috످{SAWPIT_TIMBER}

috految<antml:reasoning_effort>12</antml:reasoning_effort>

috److Your message only contains `{SAWPIT_TIMBER}`, which looks like a template placeholder that wasn't filled in.

Did you mean to ask about sawpit timber (wood cut by hand over a pit with a two-person saw), or were you trying to send something else?

috످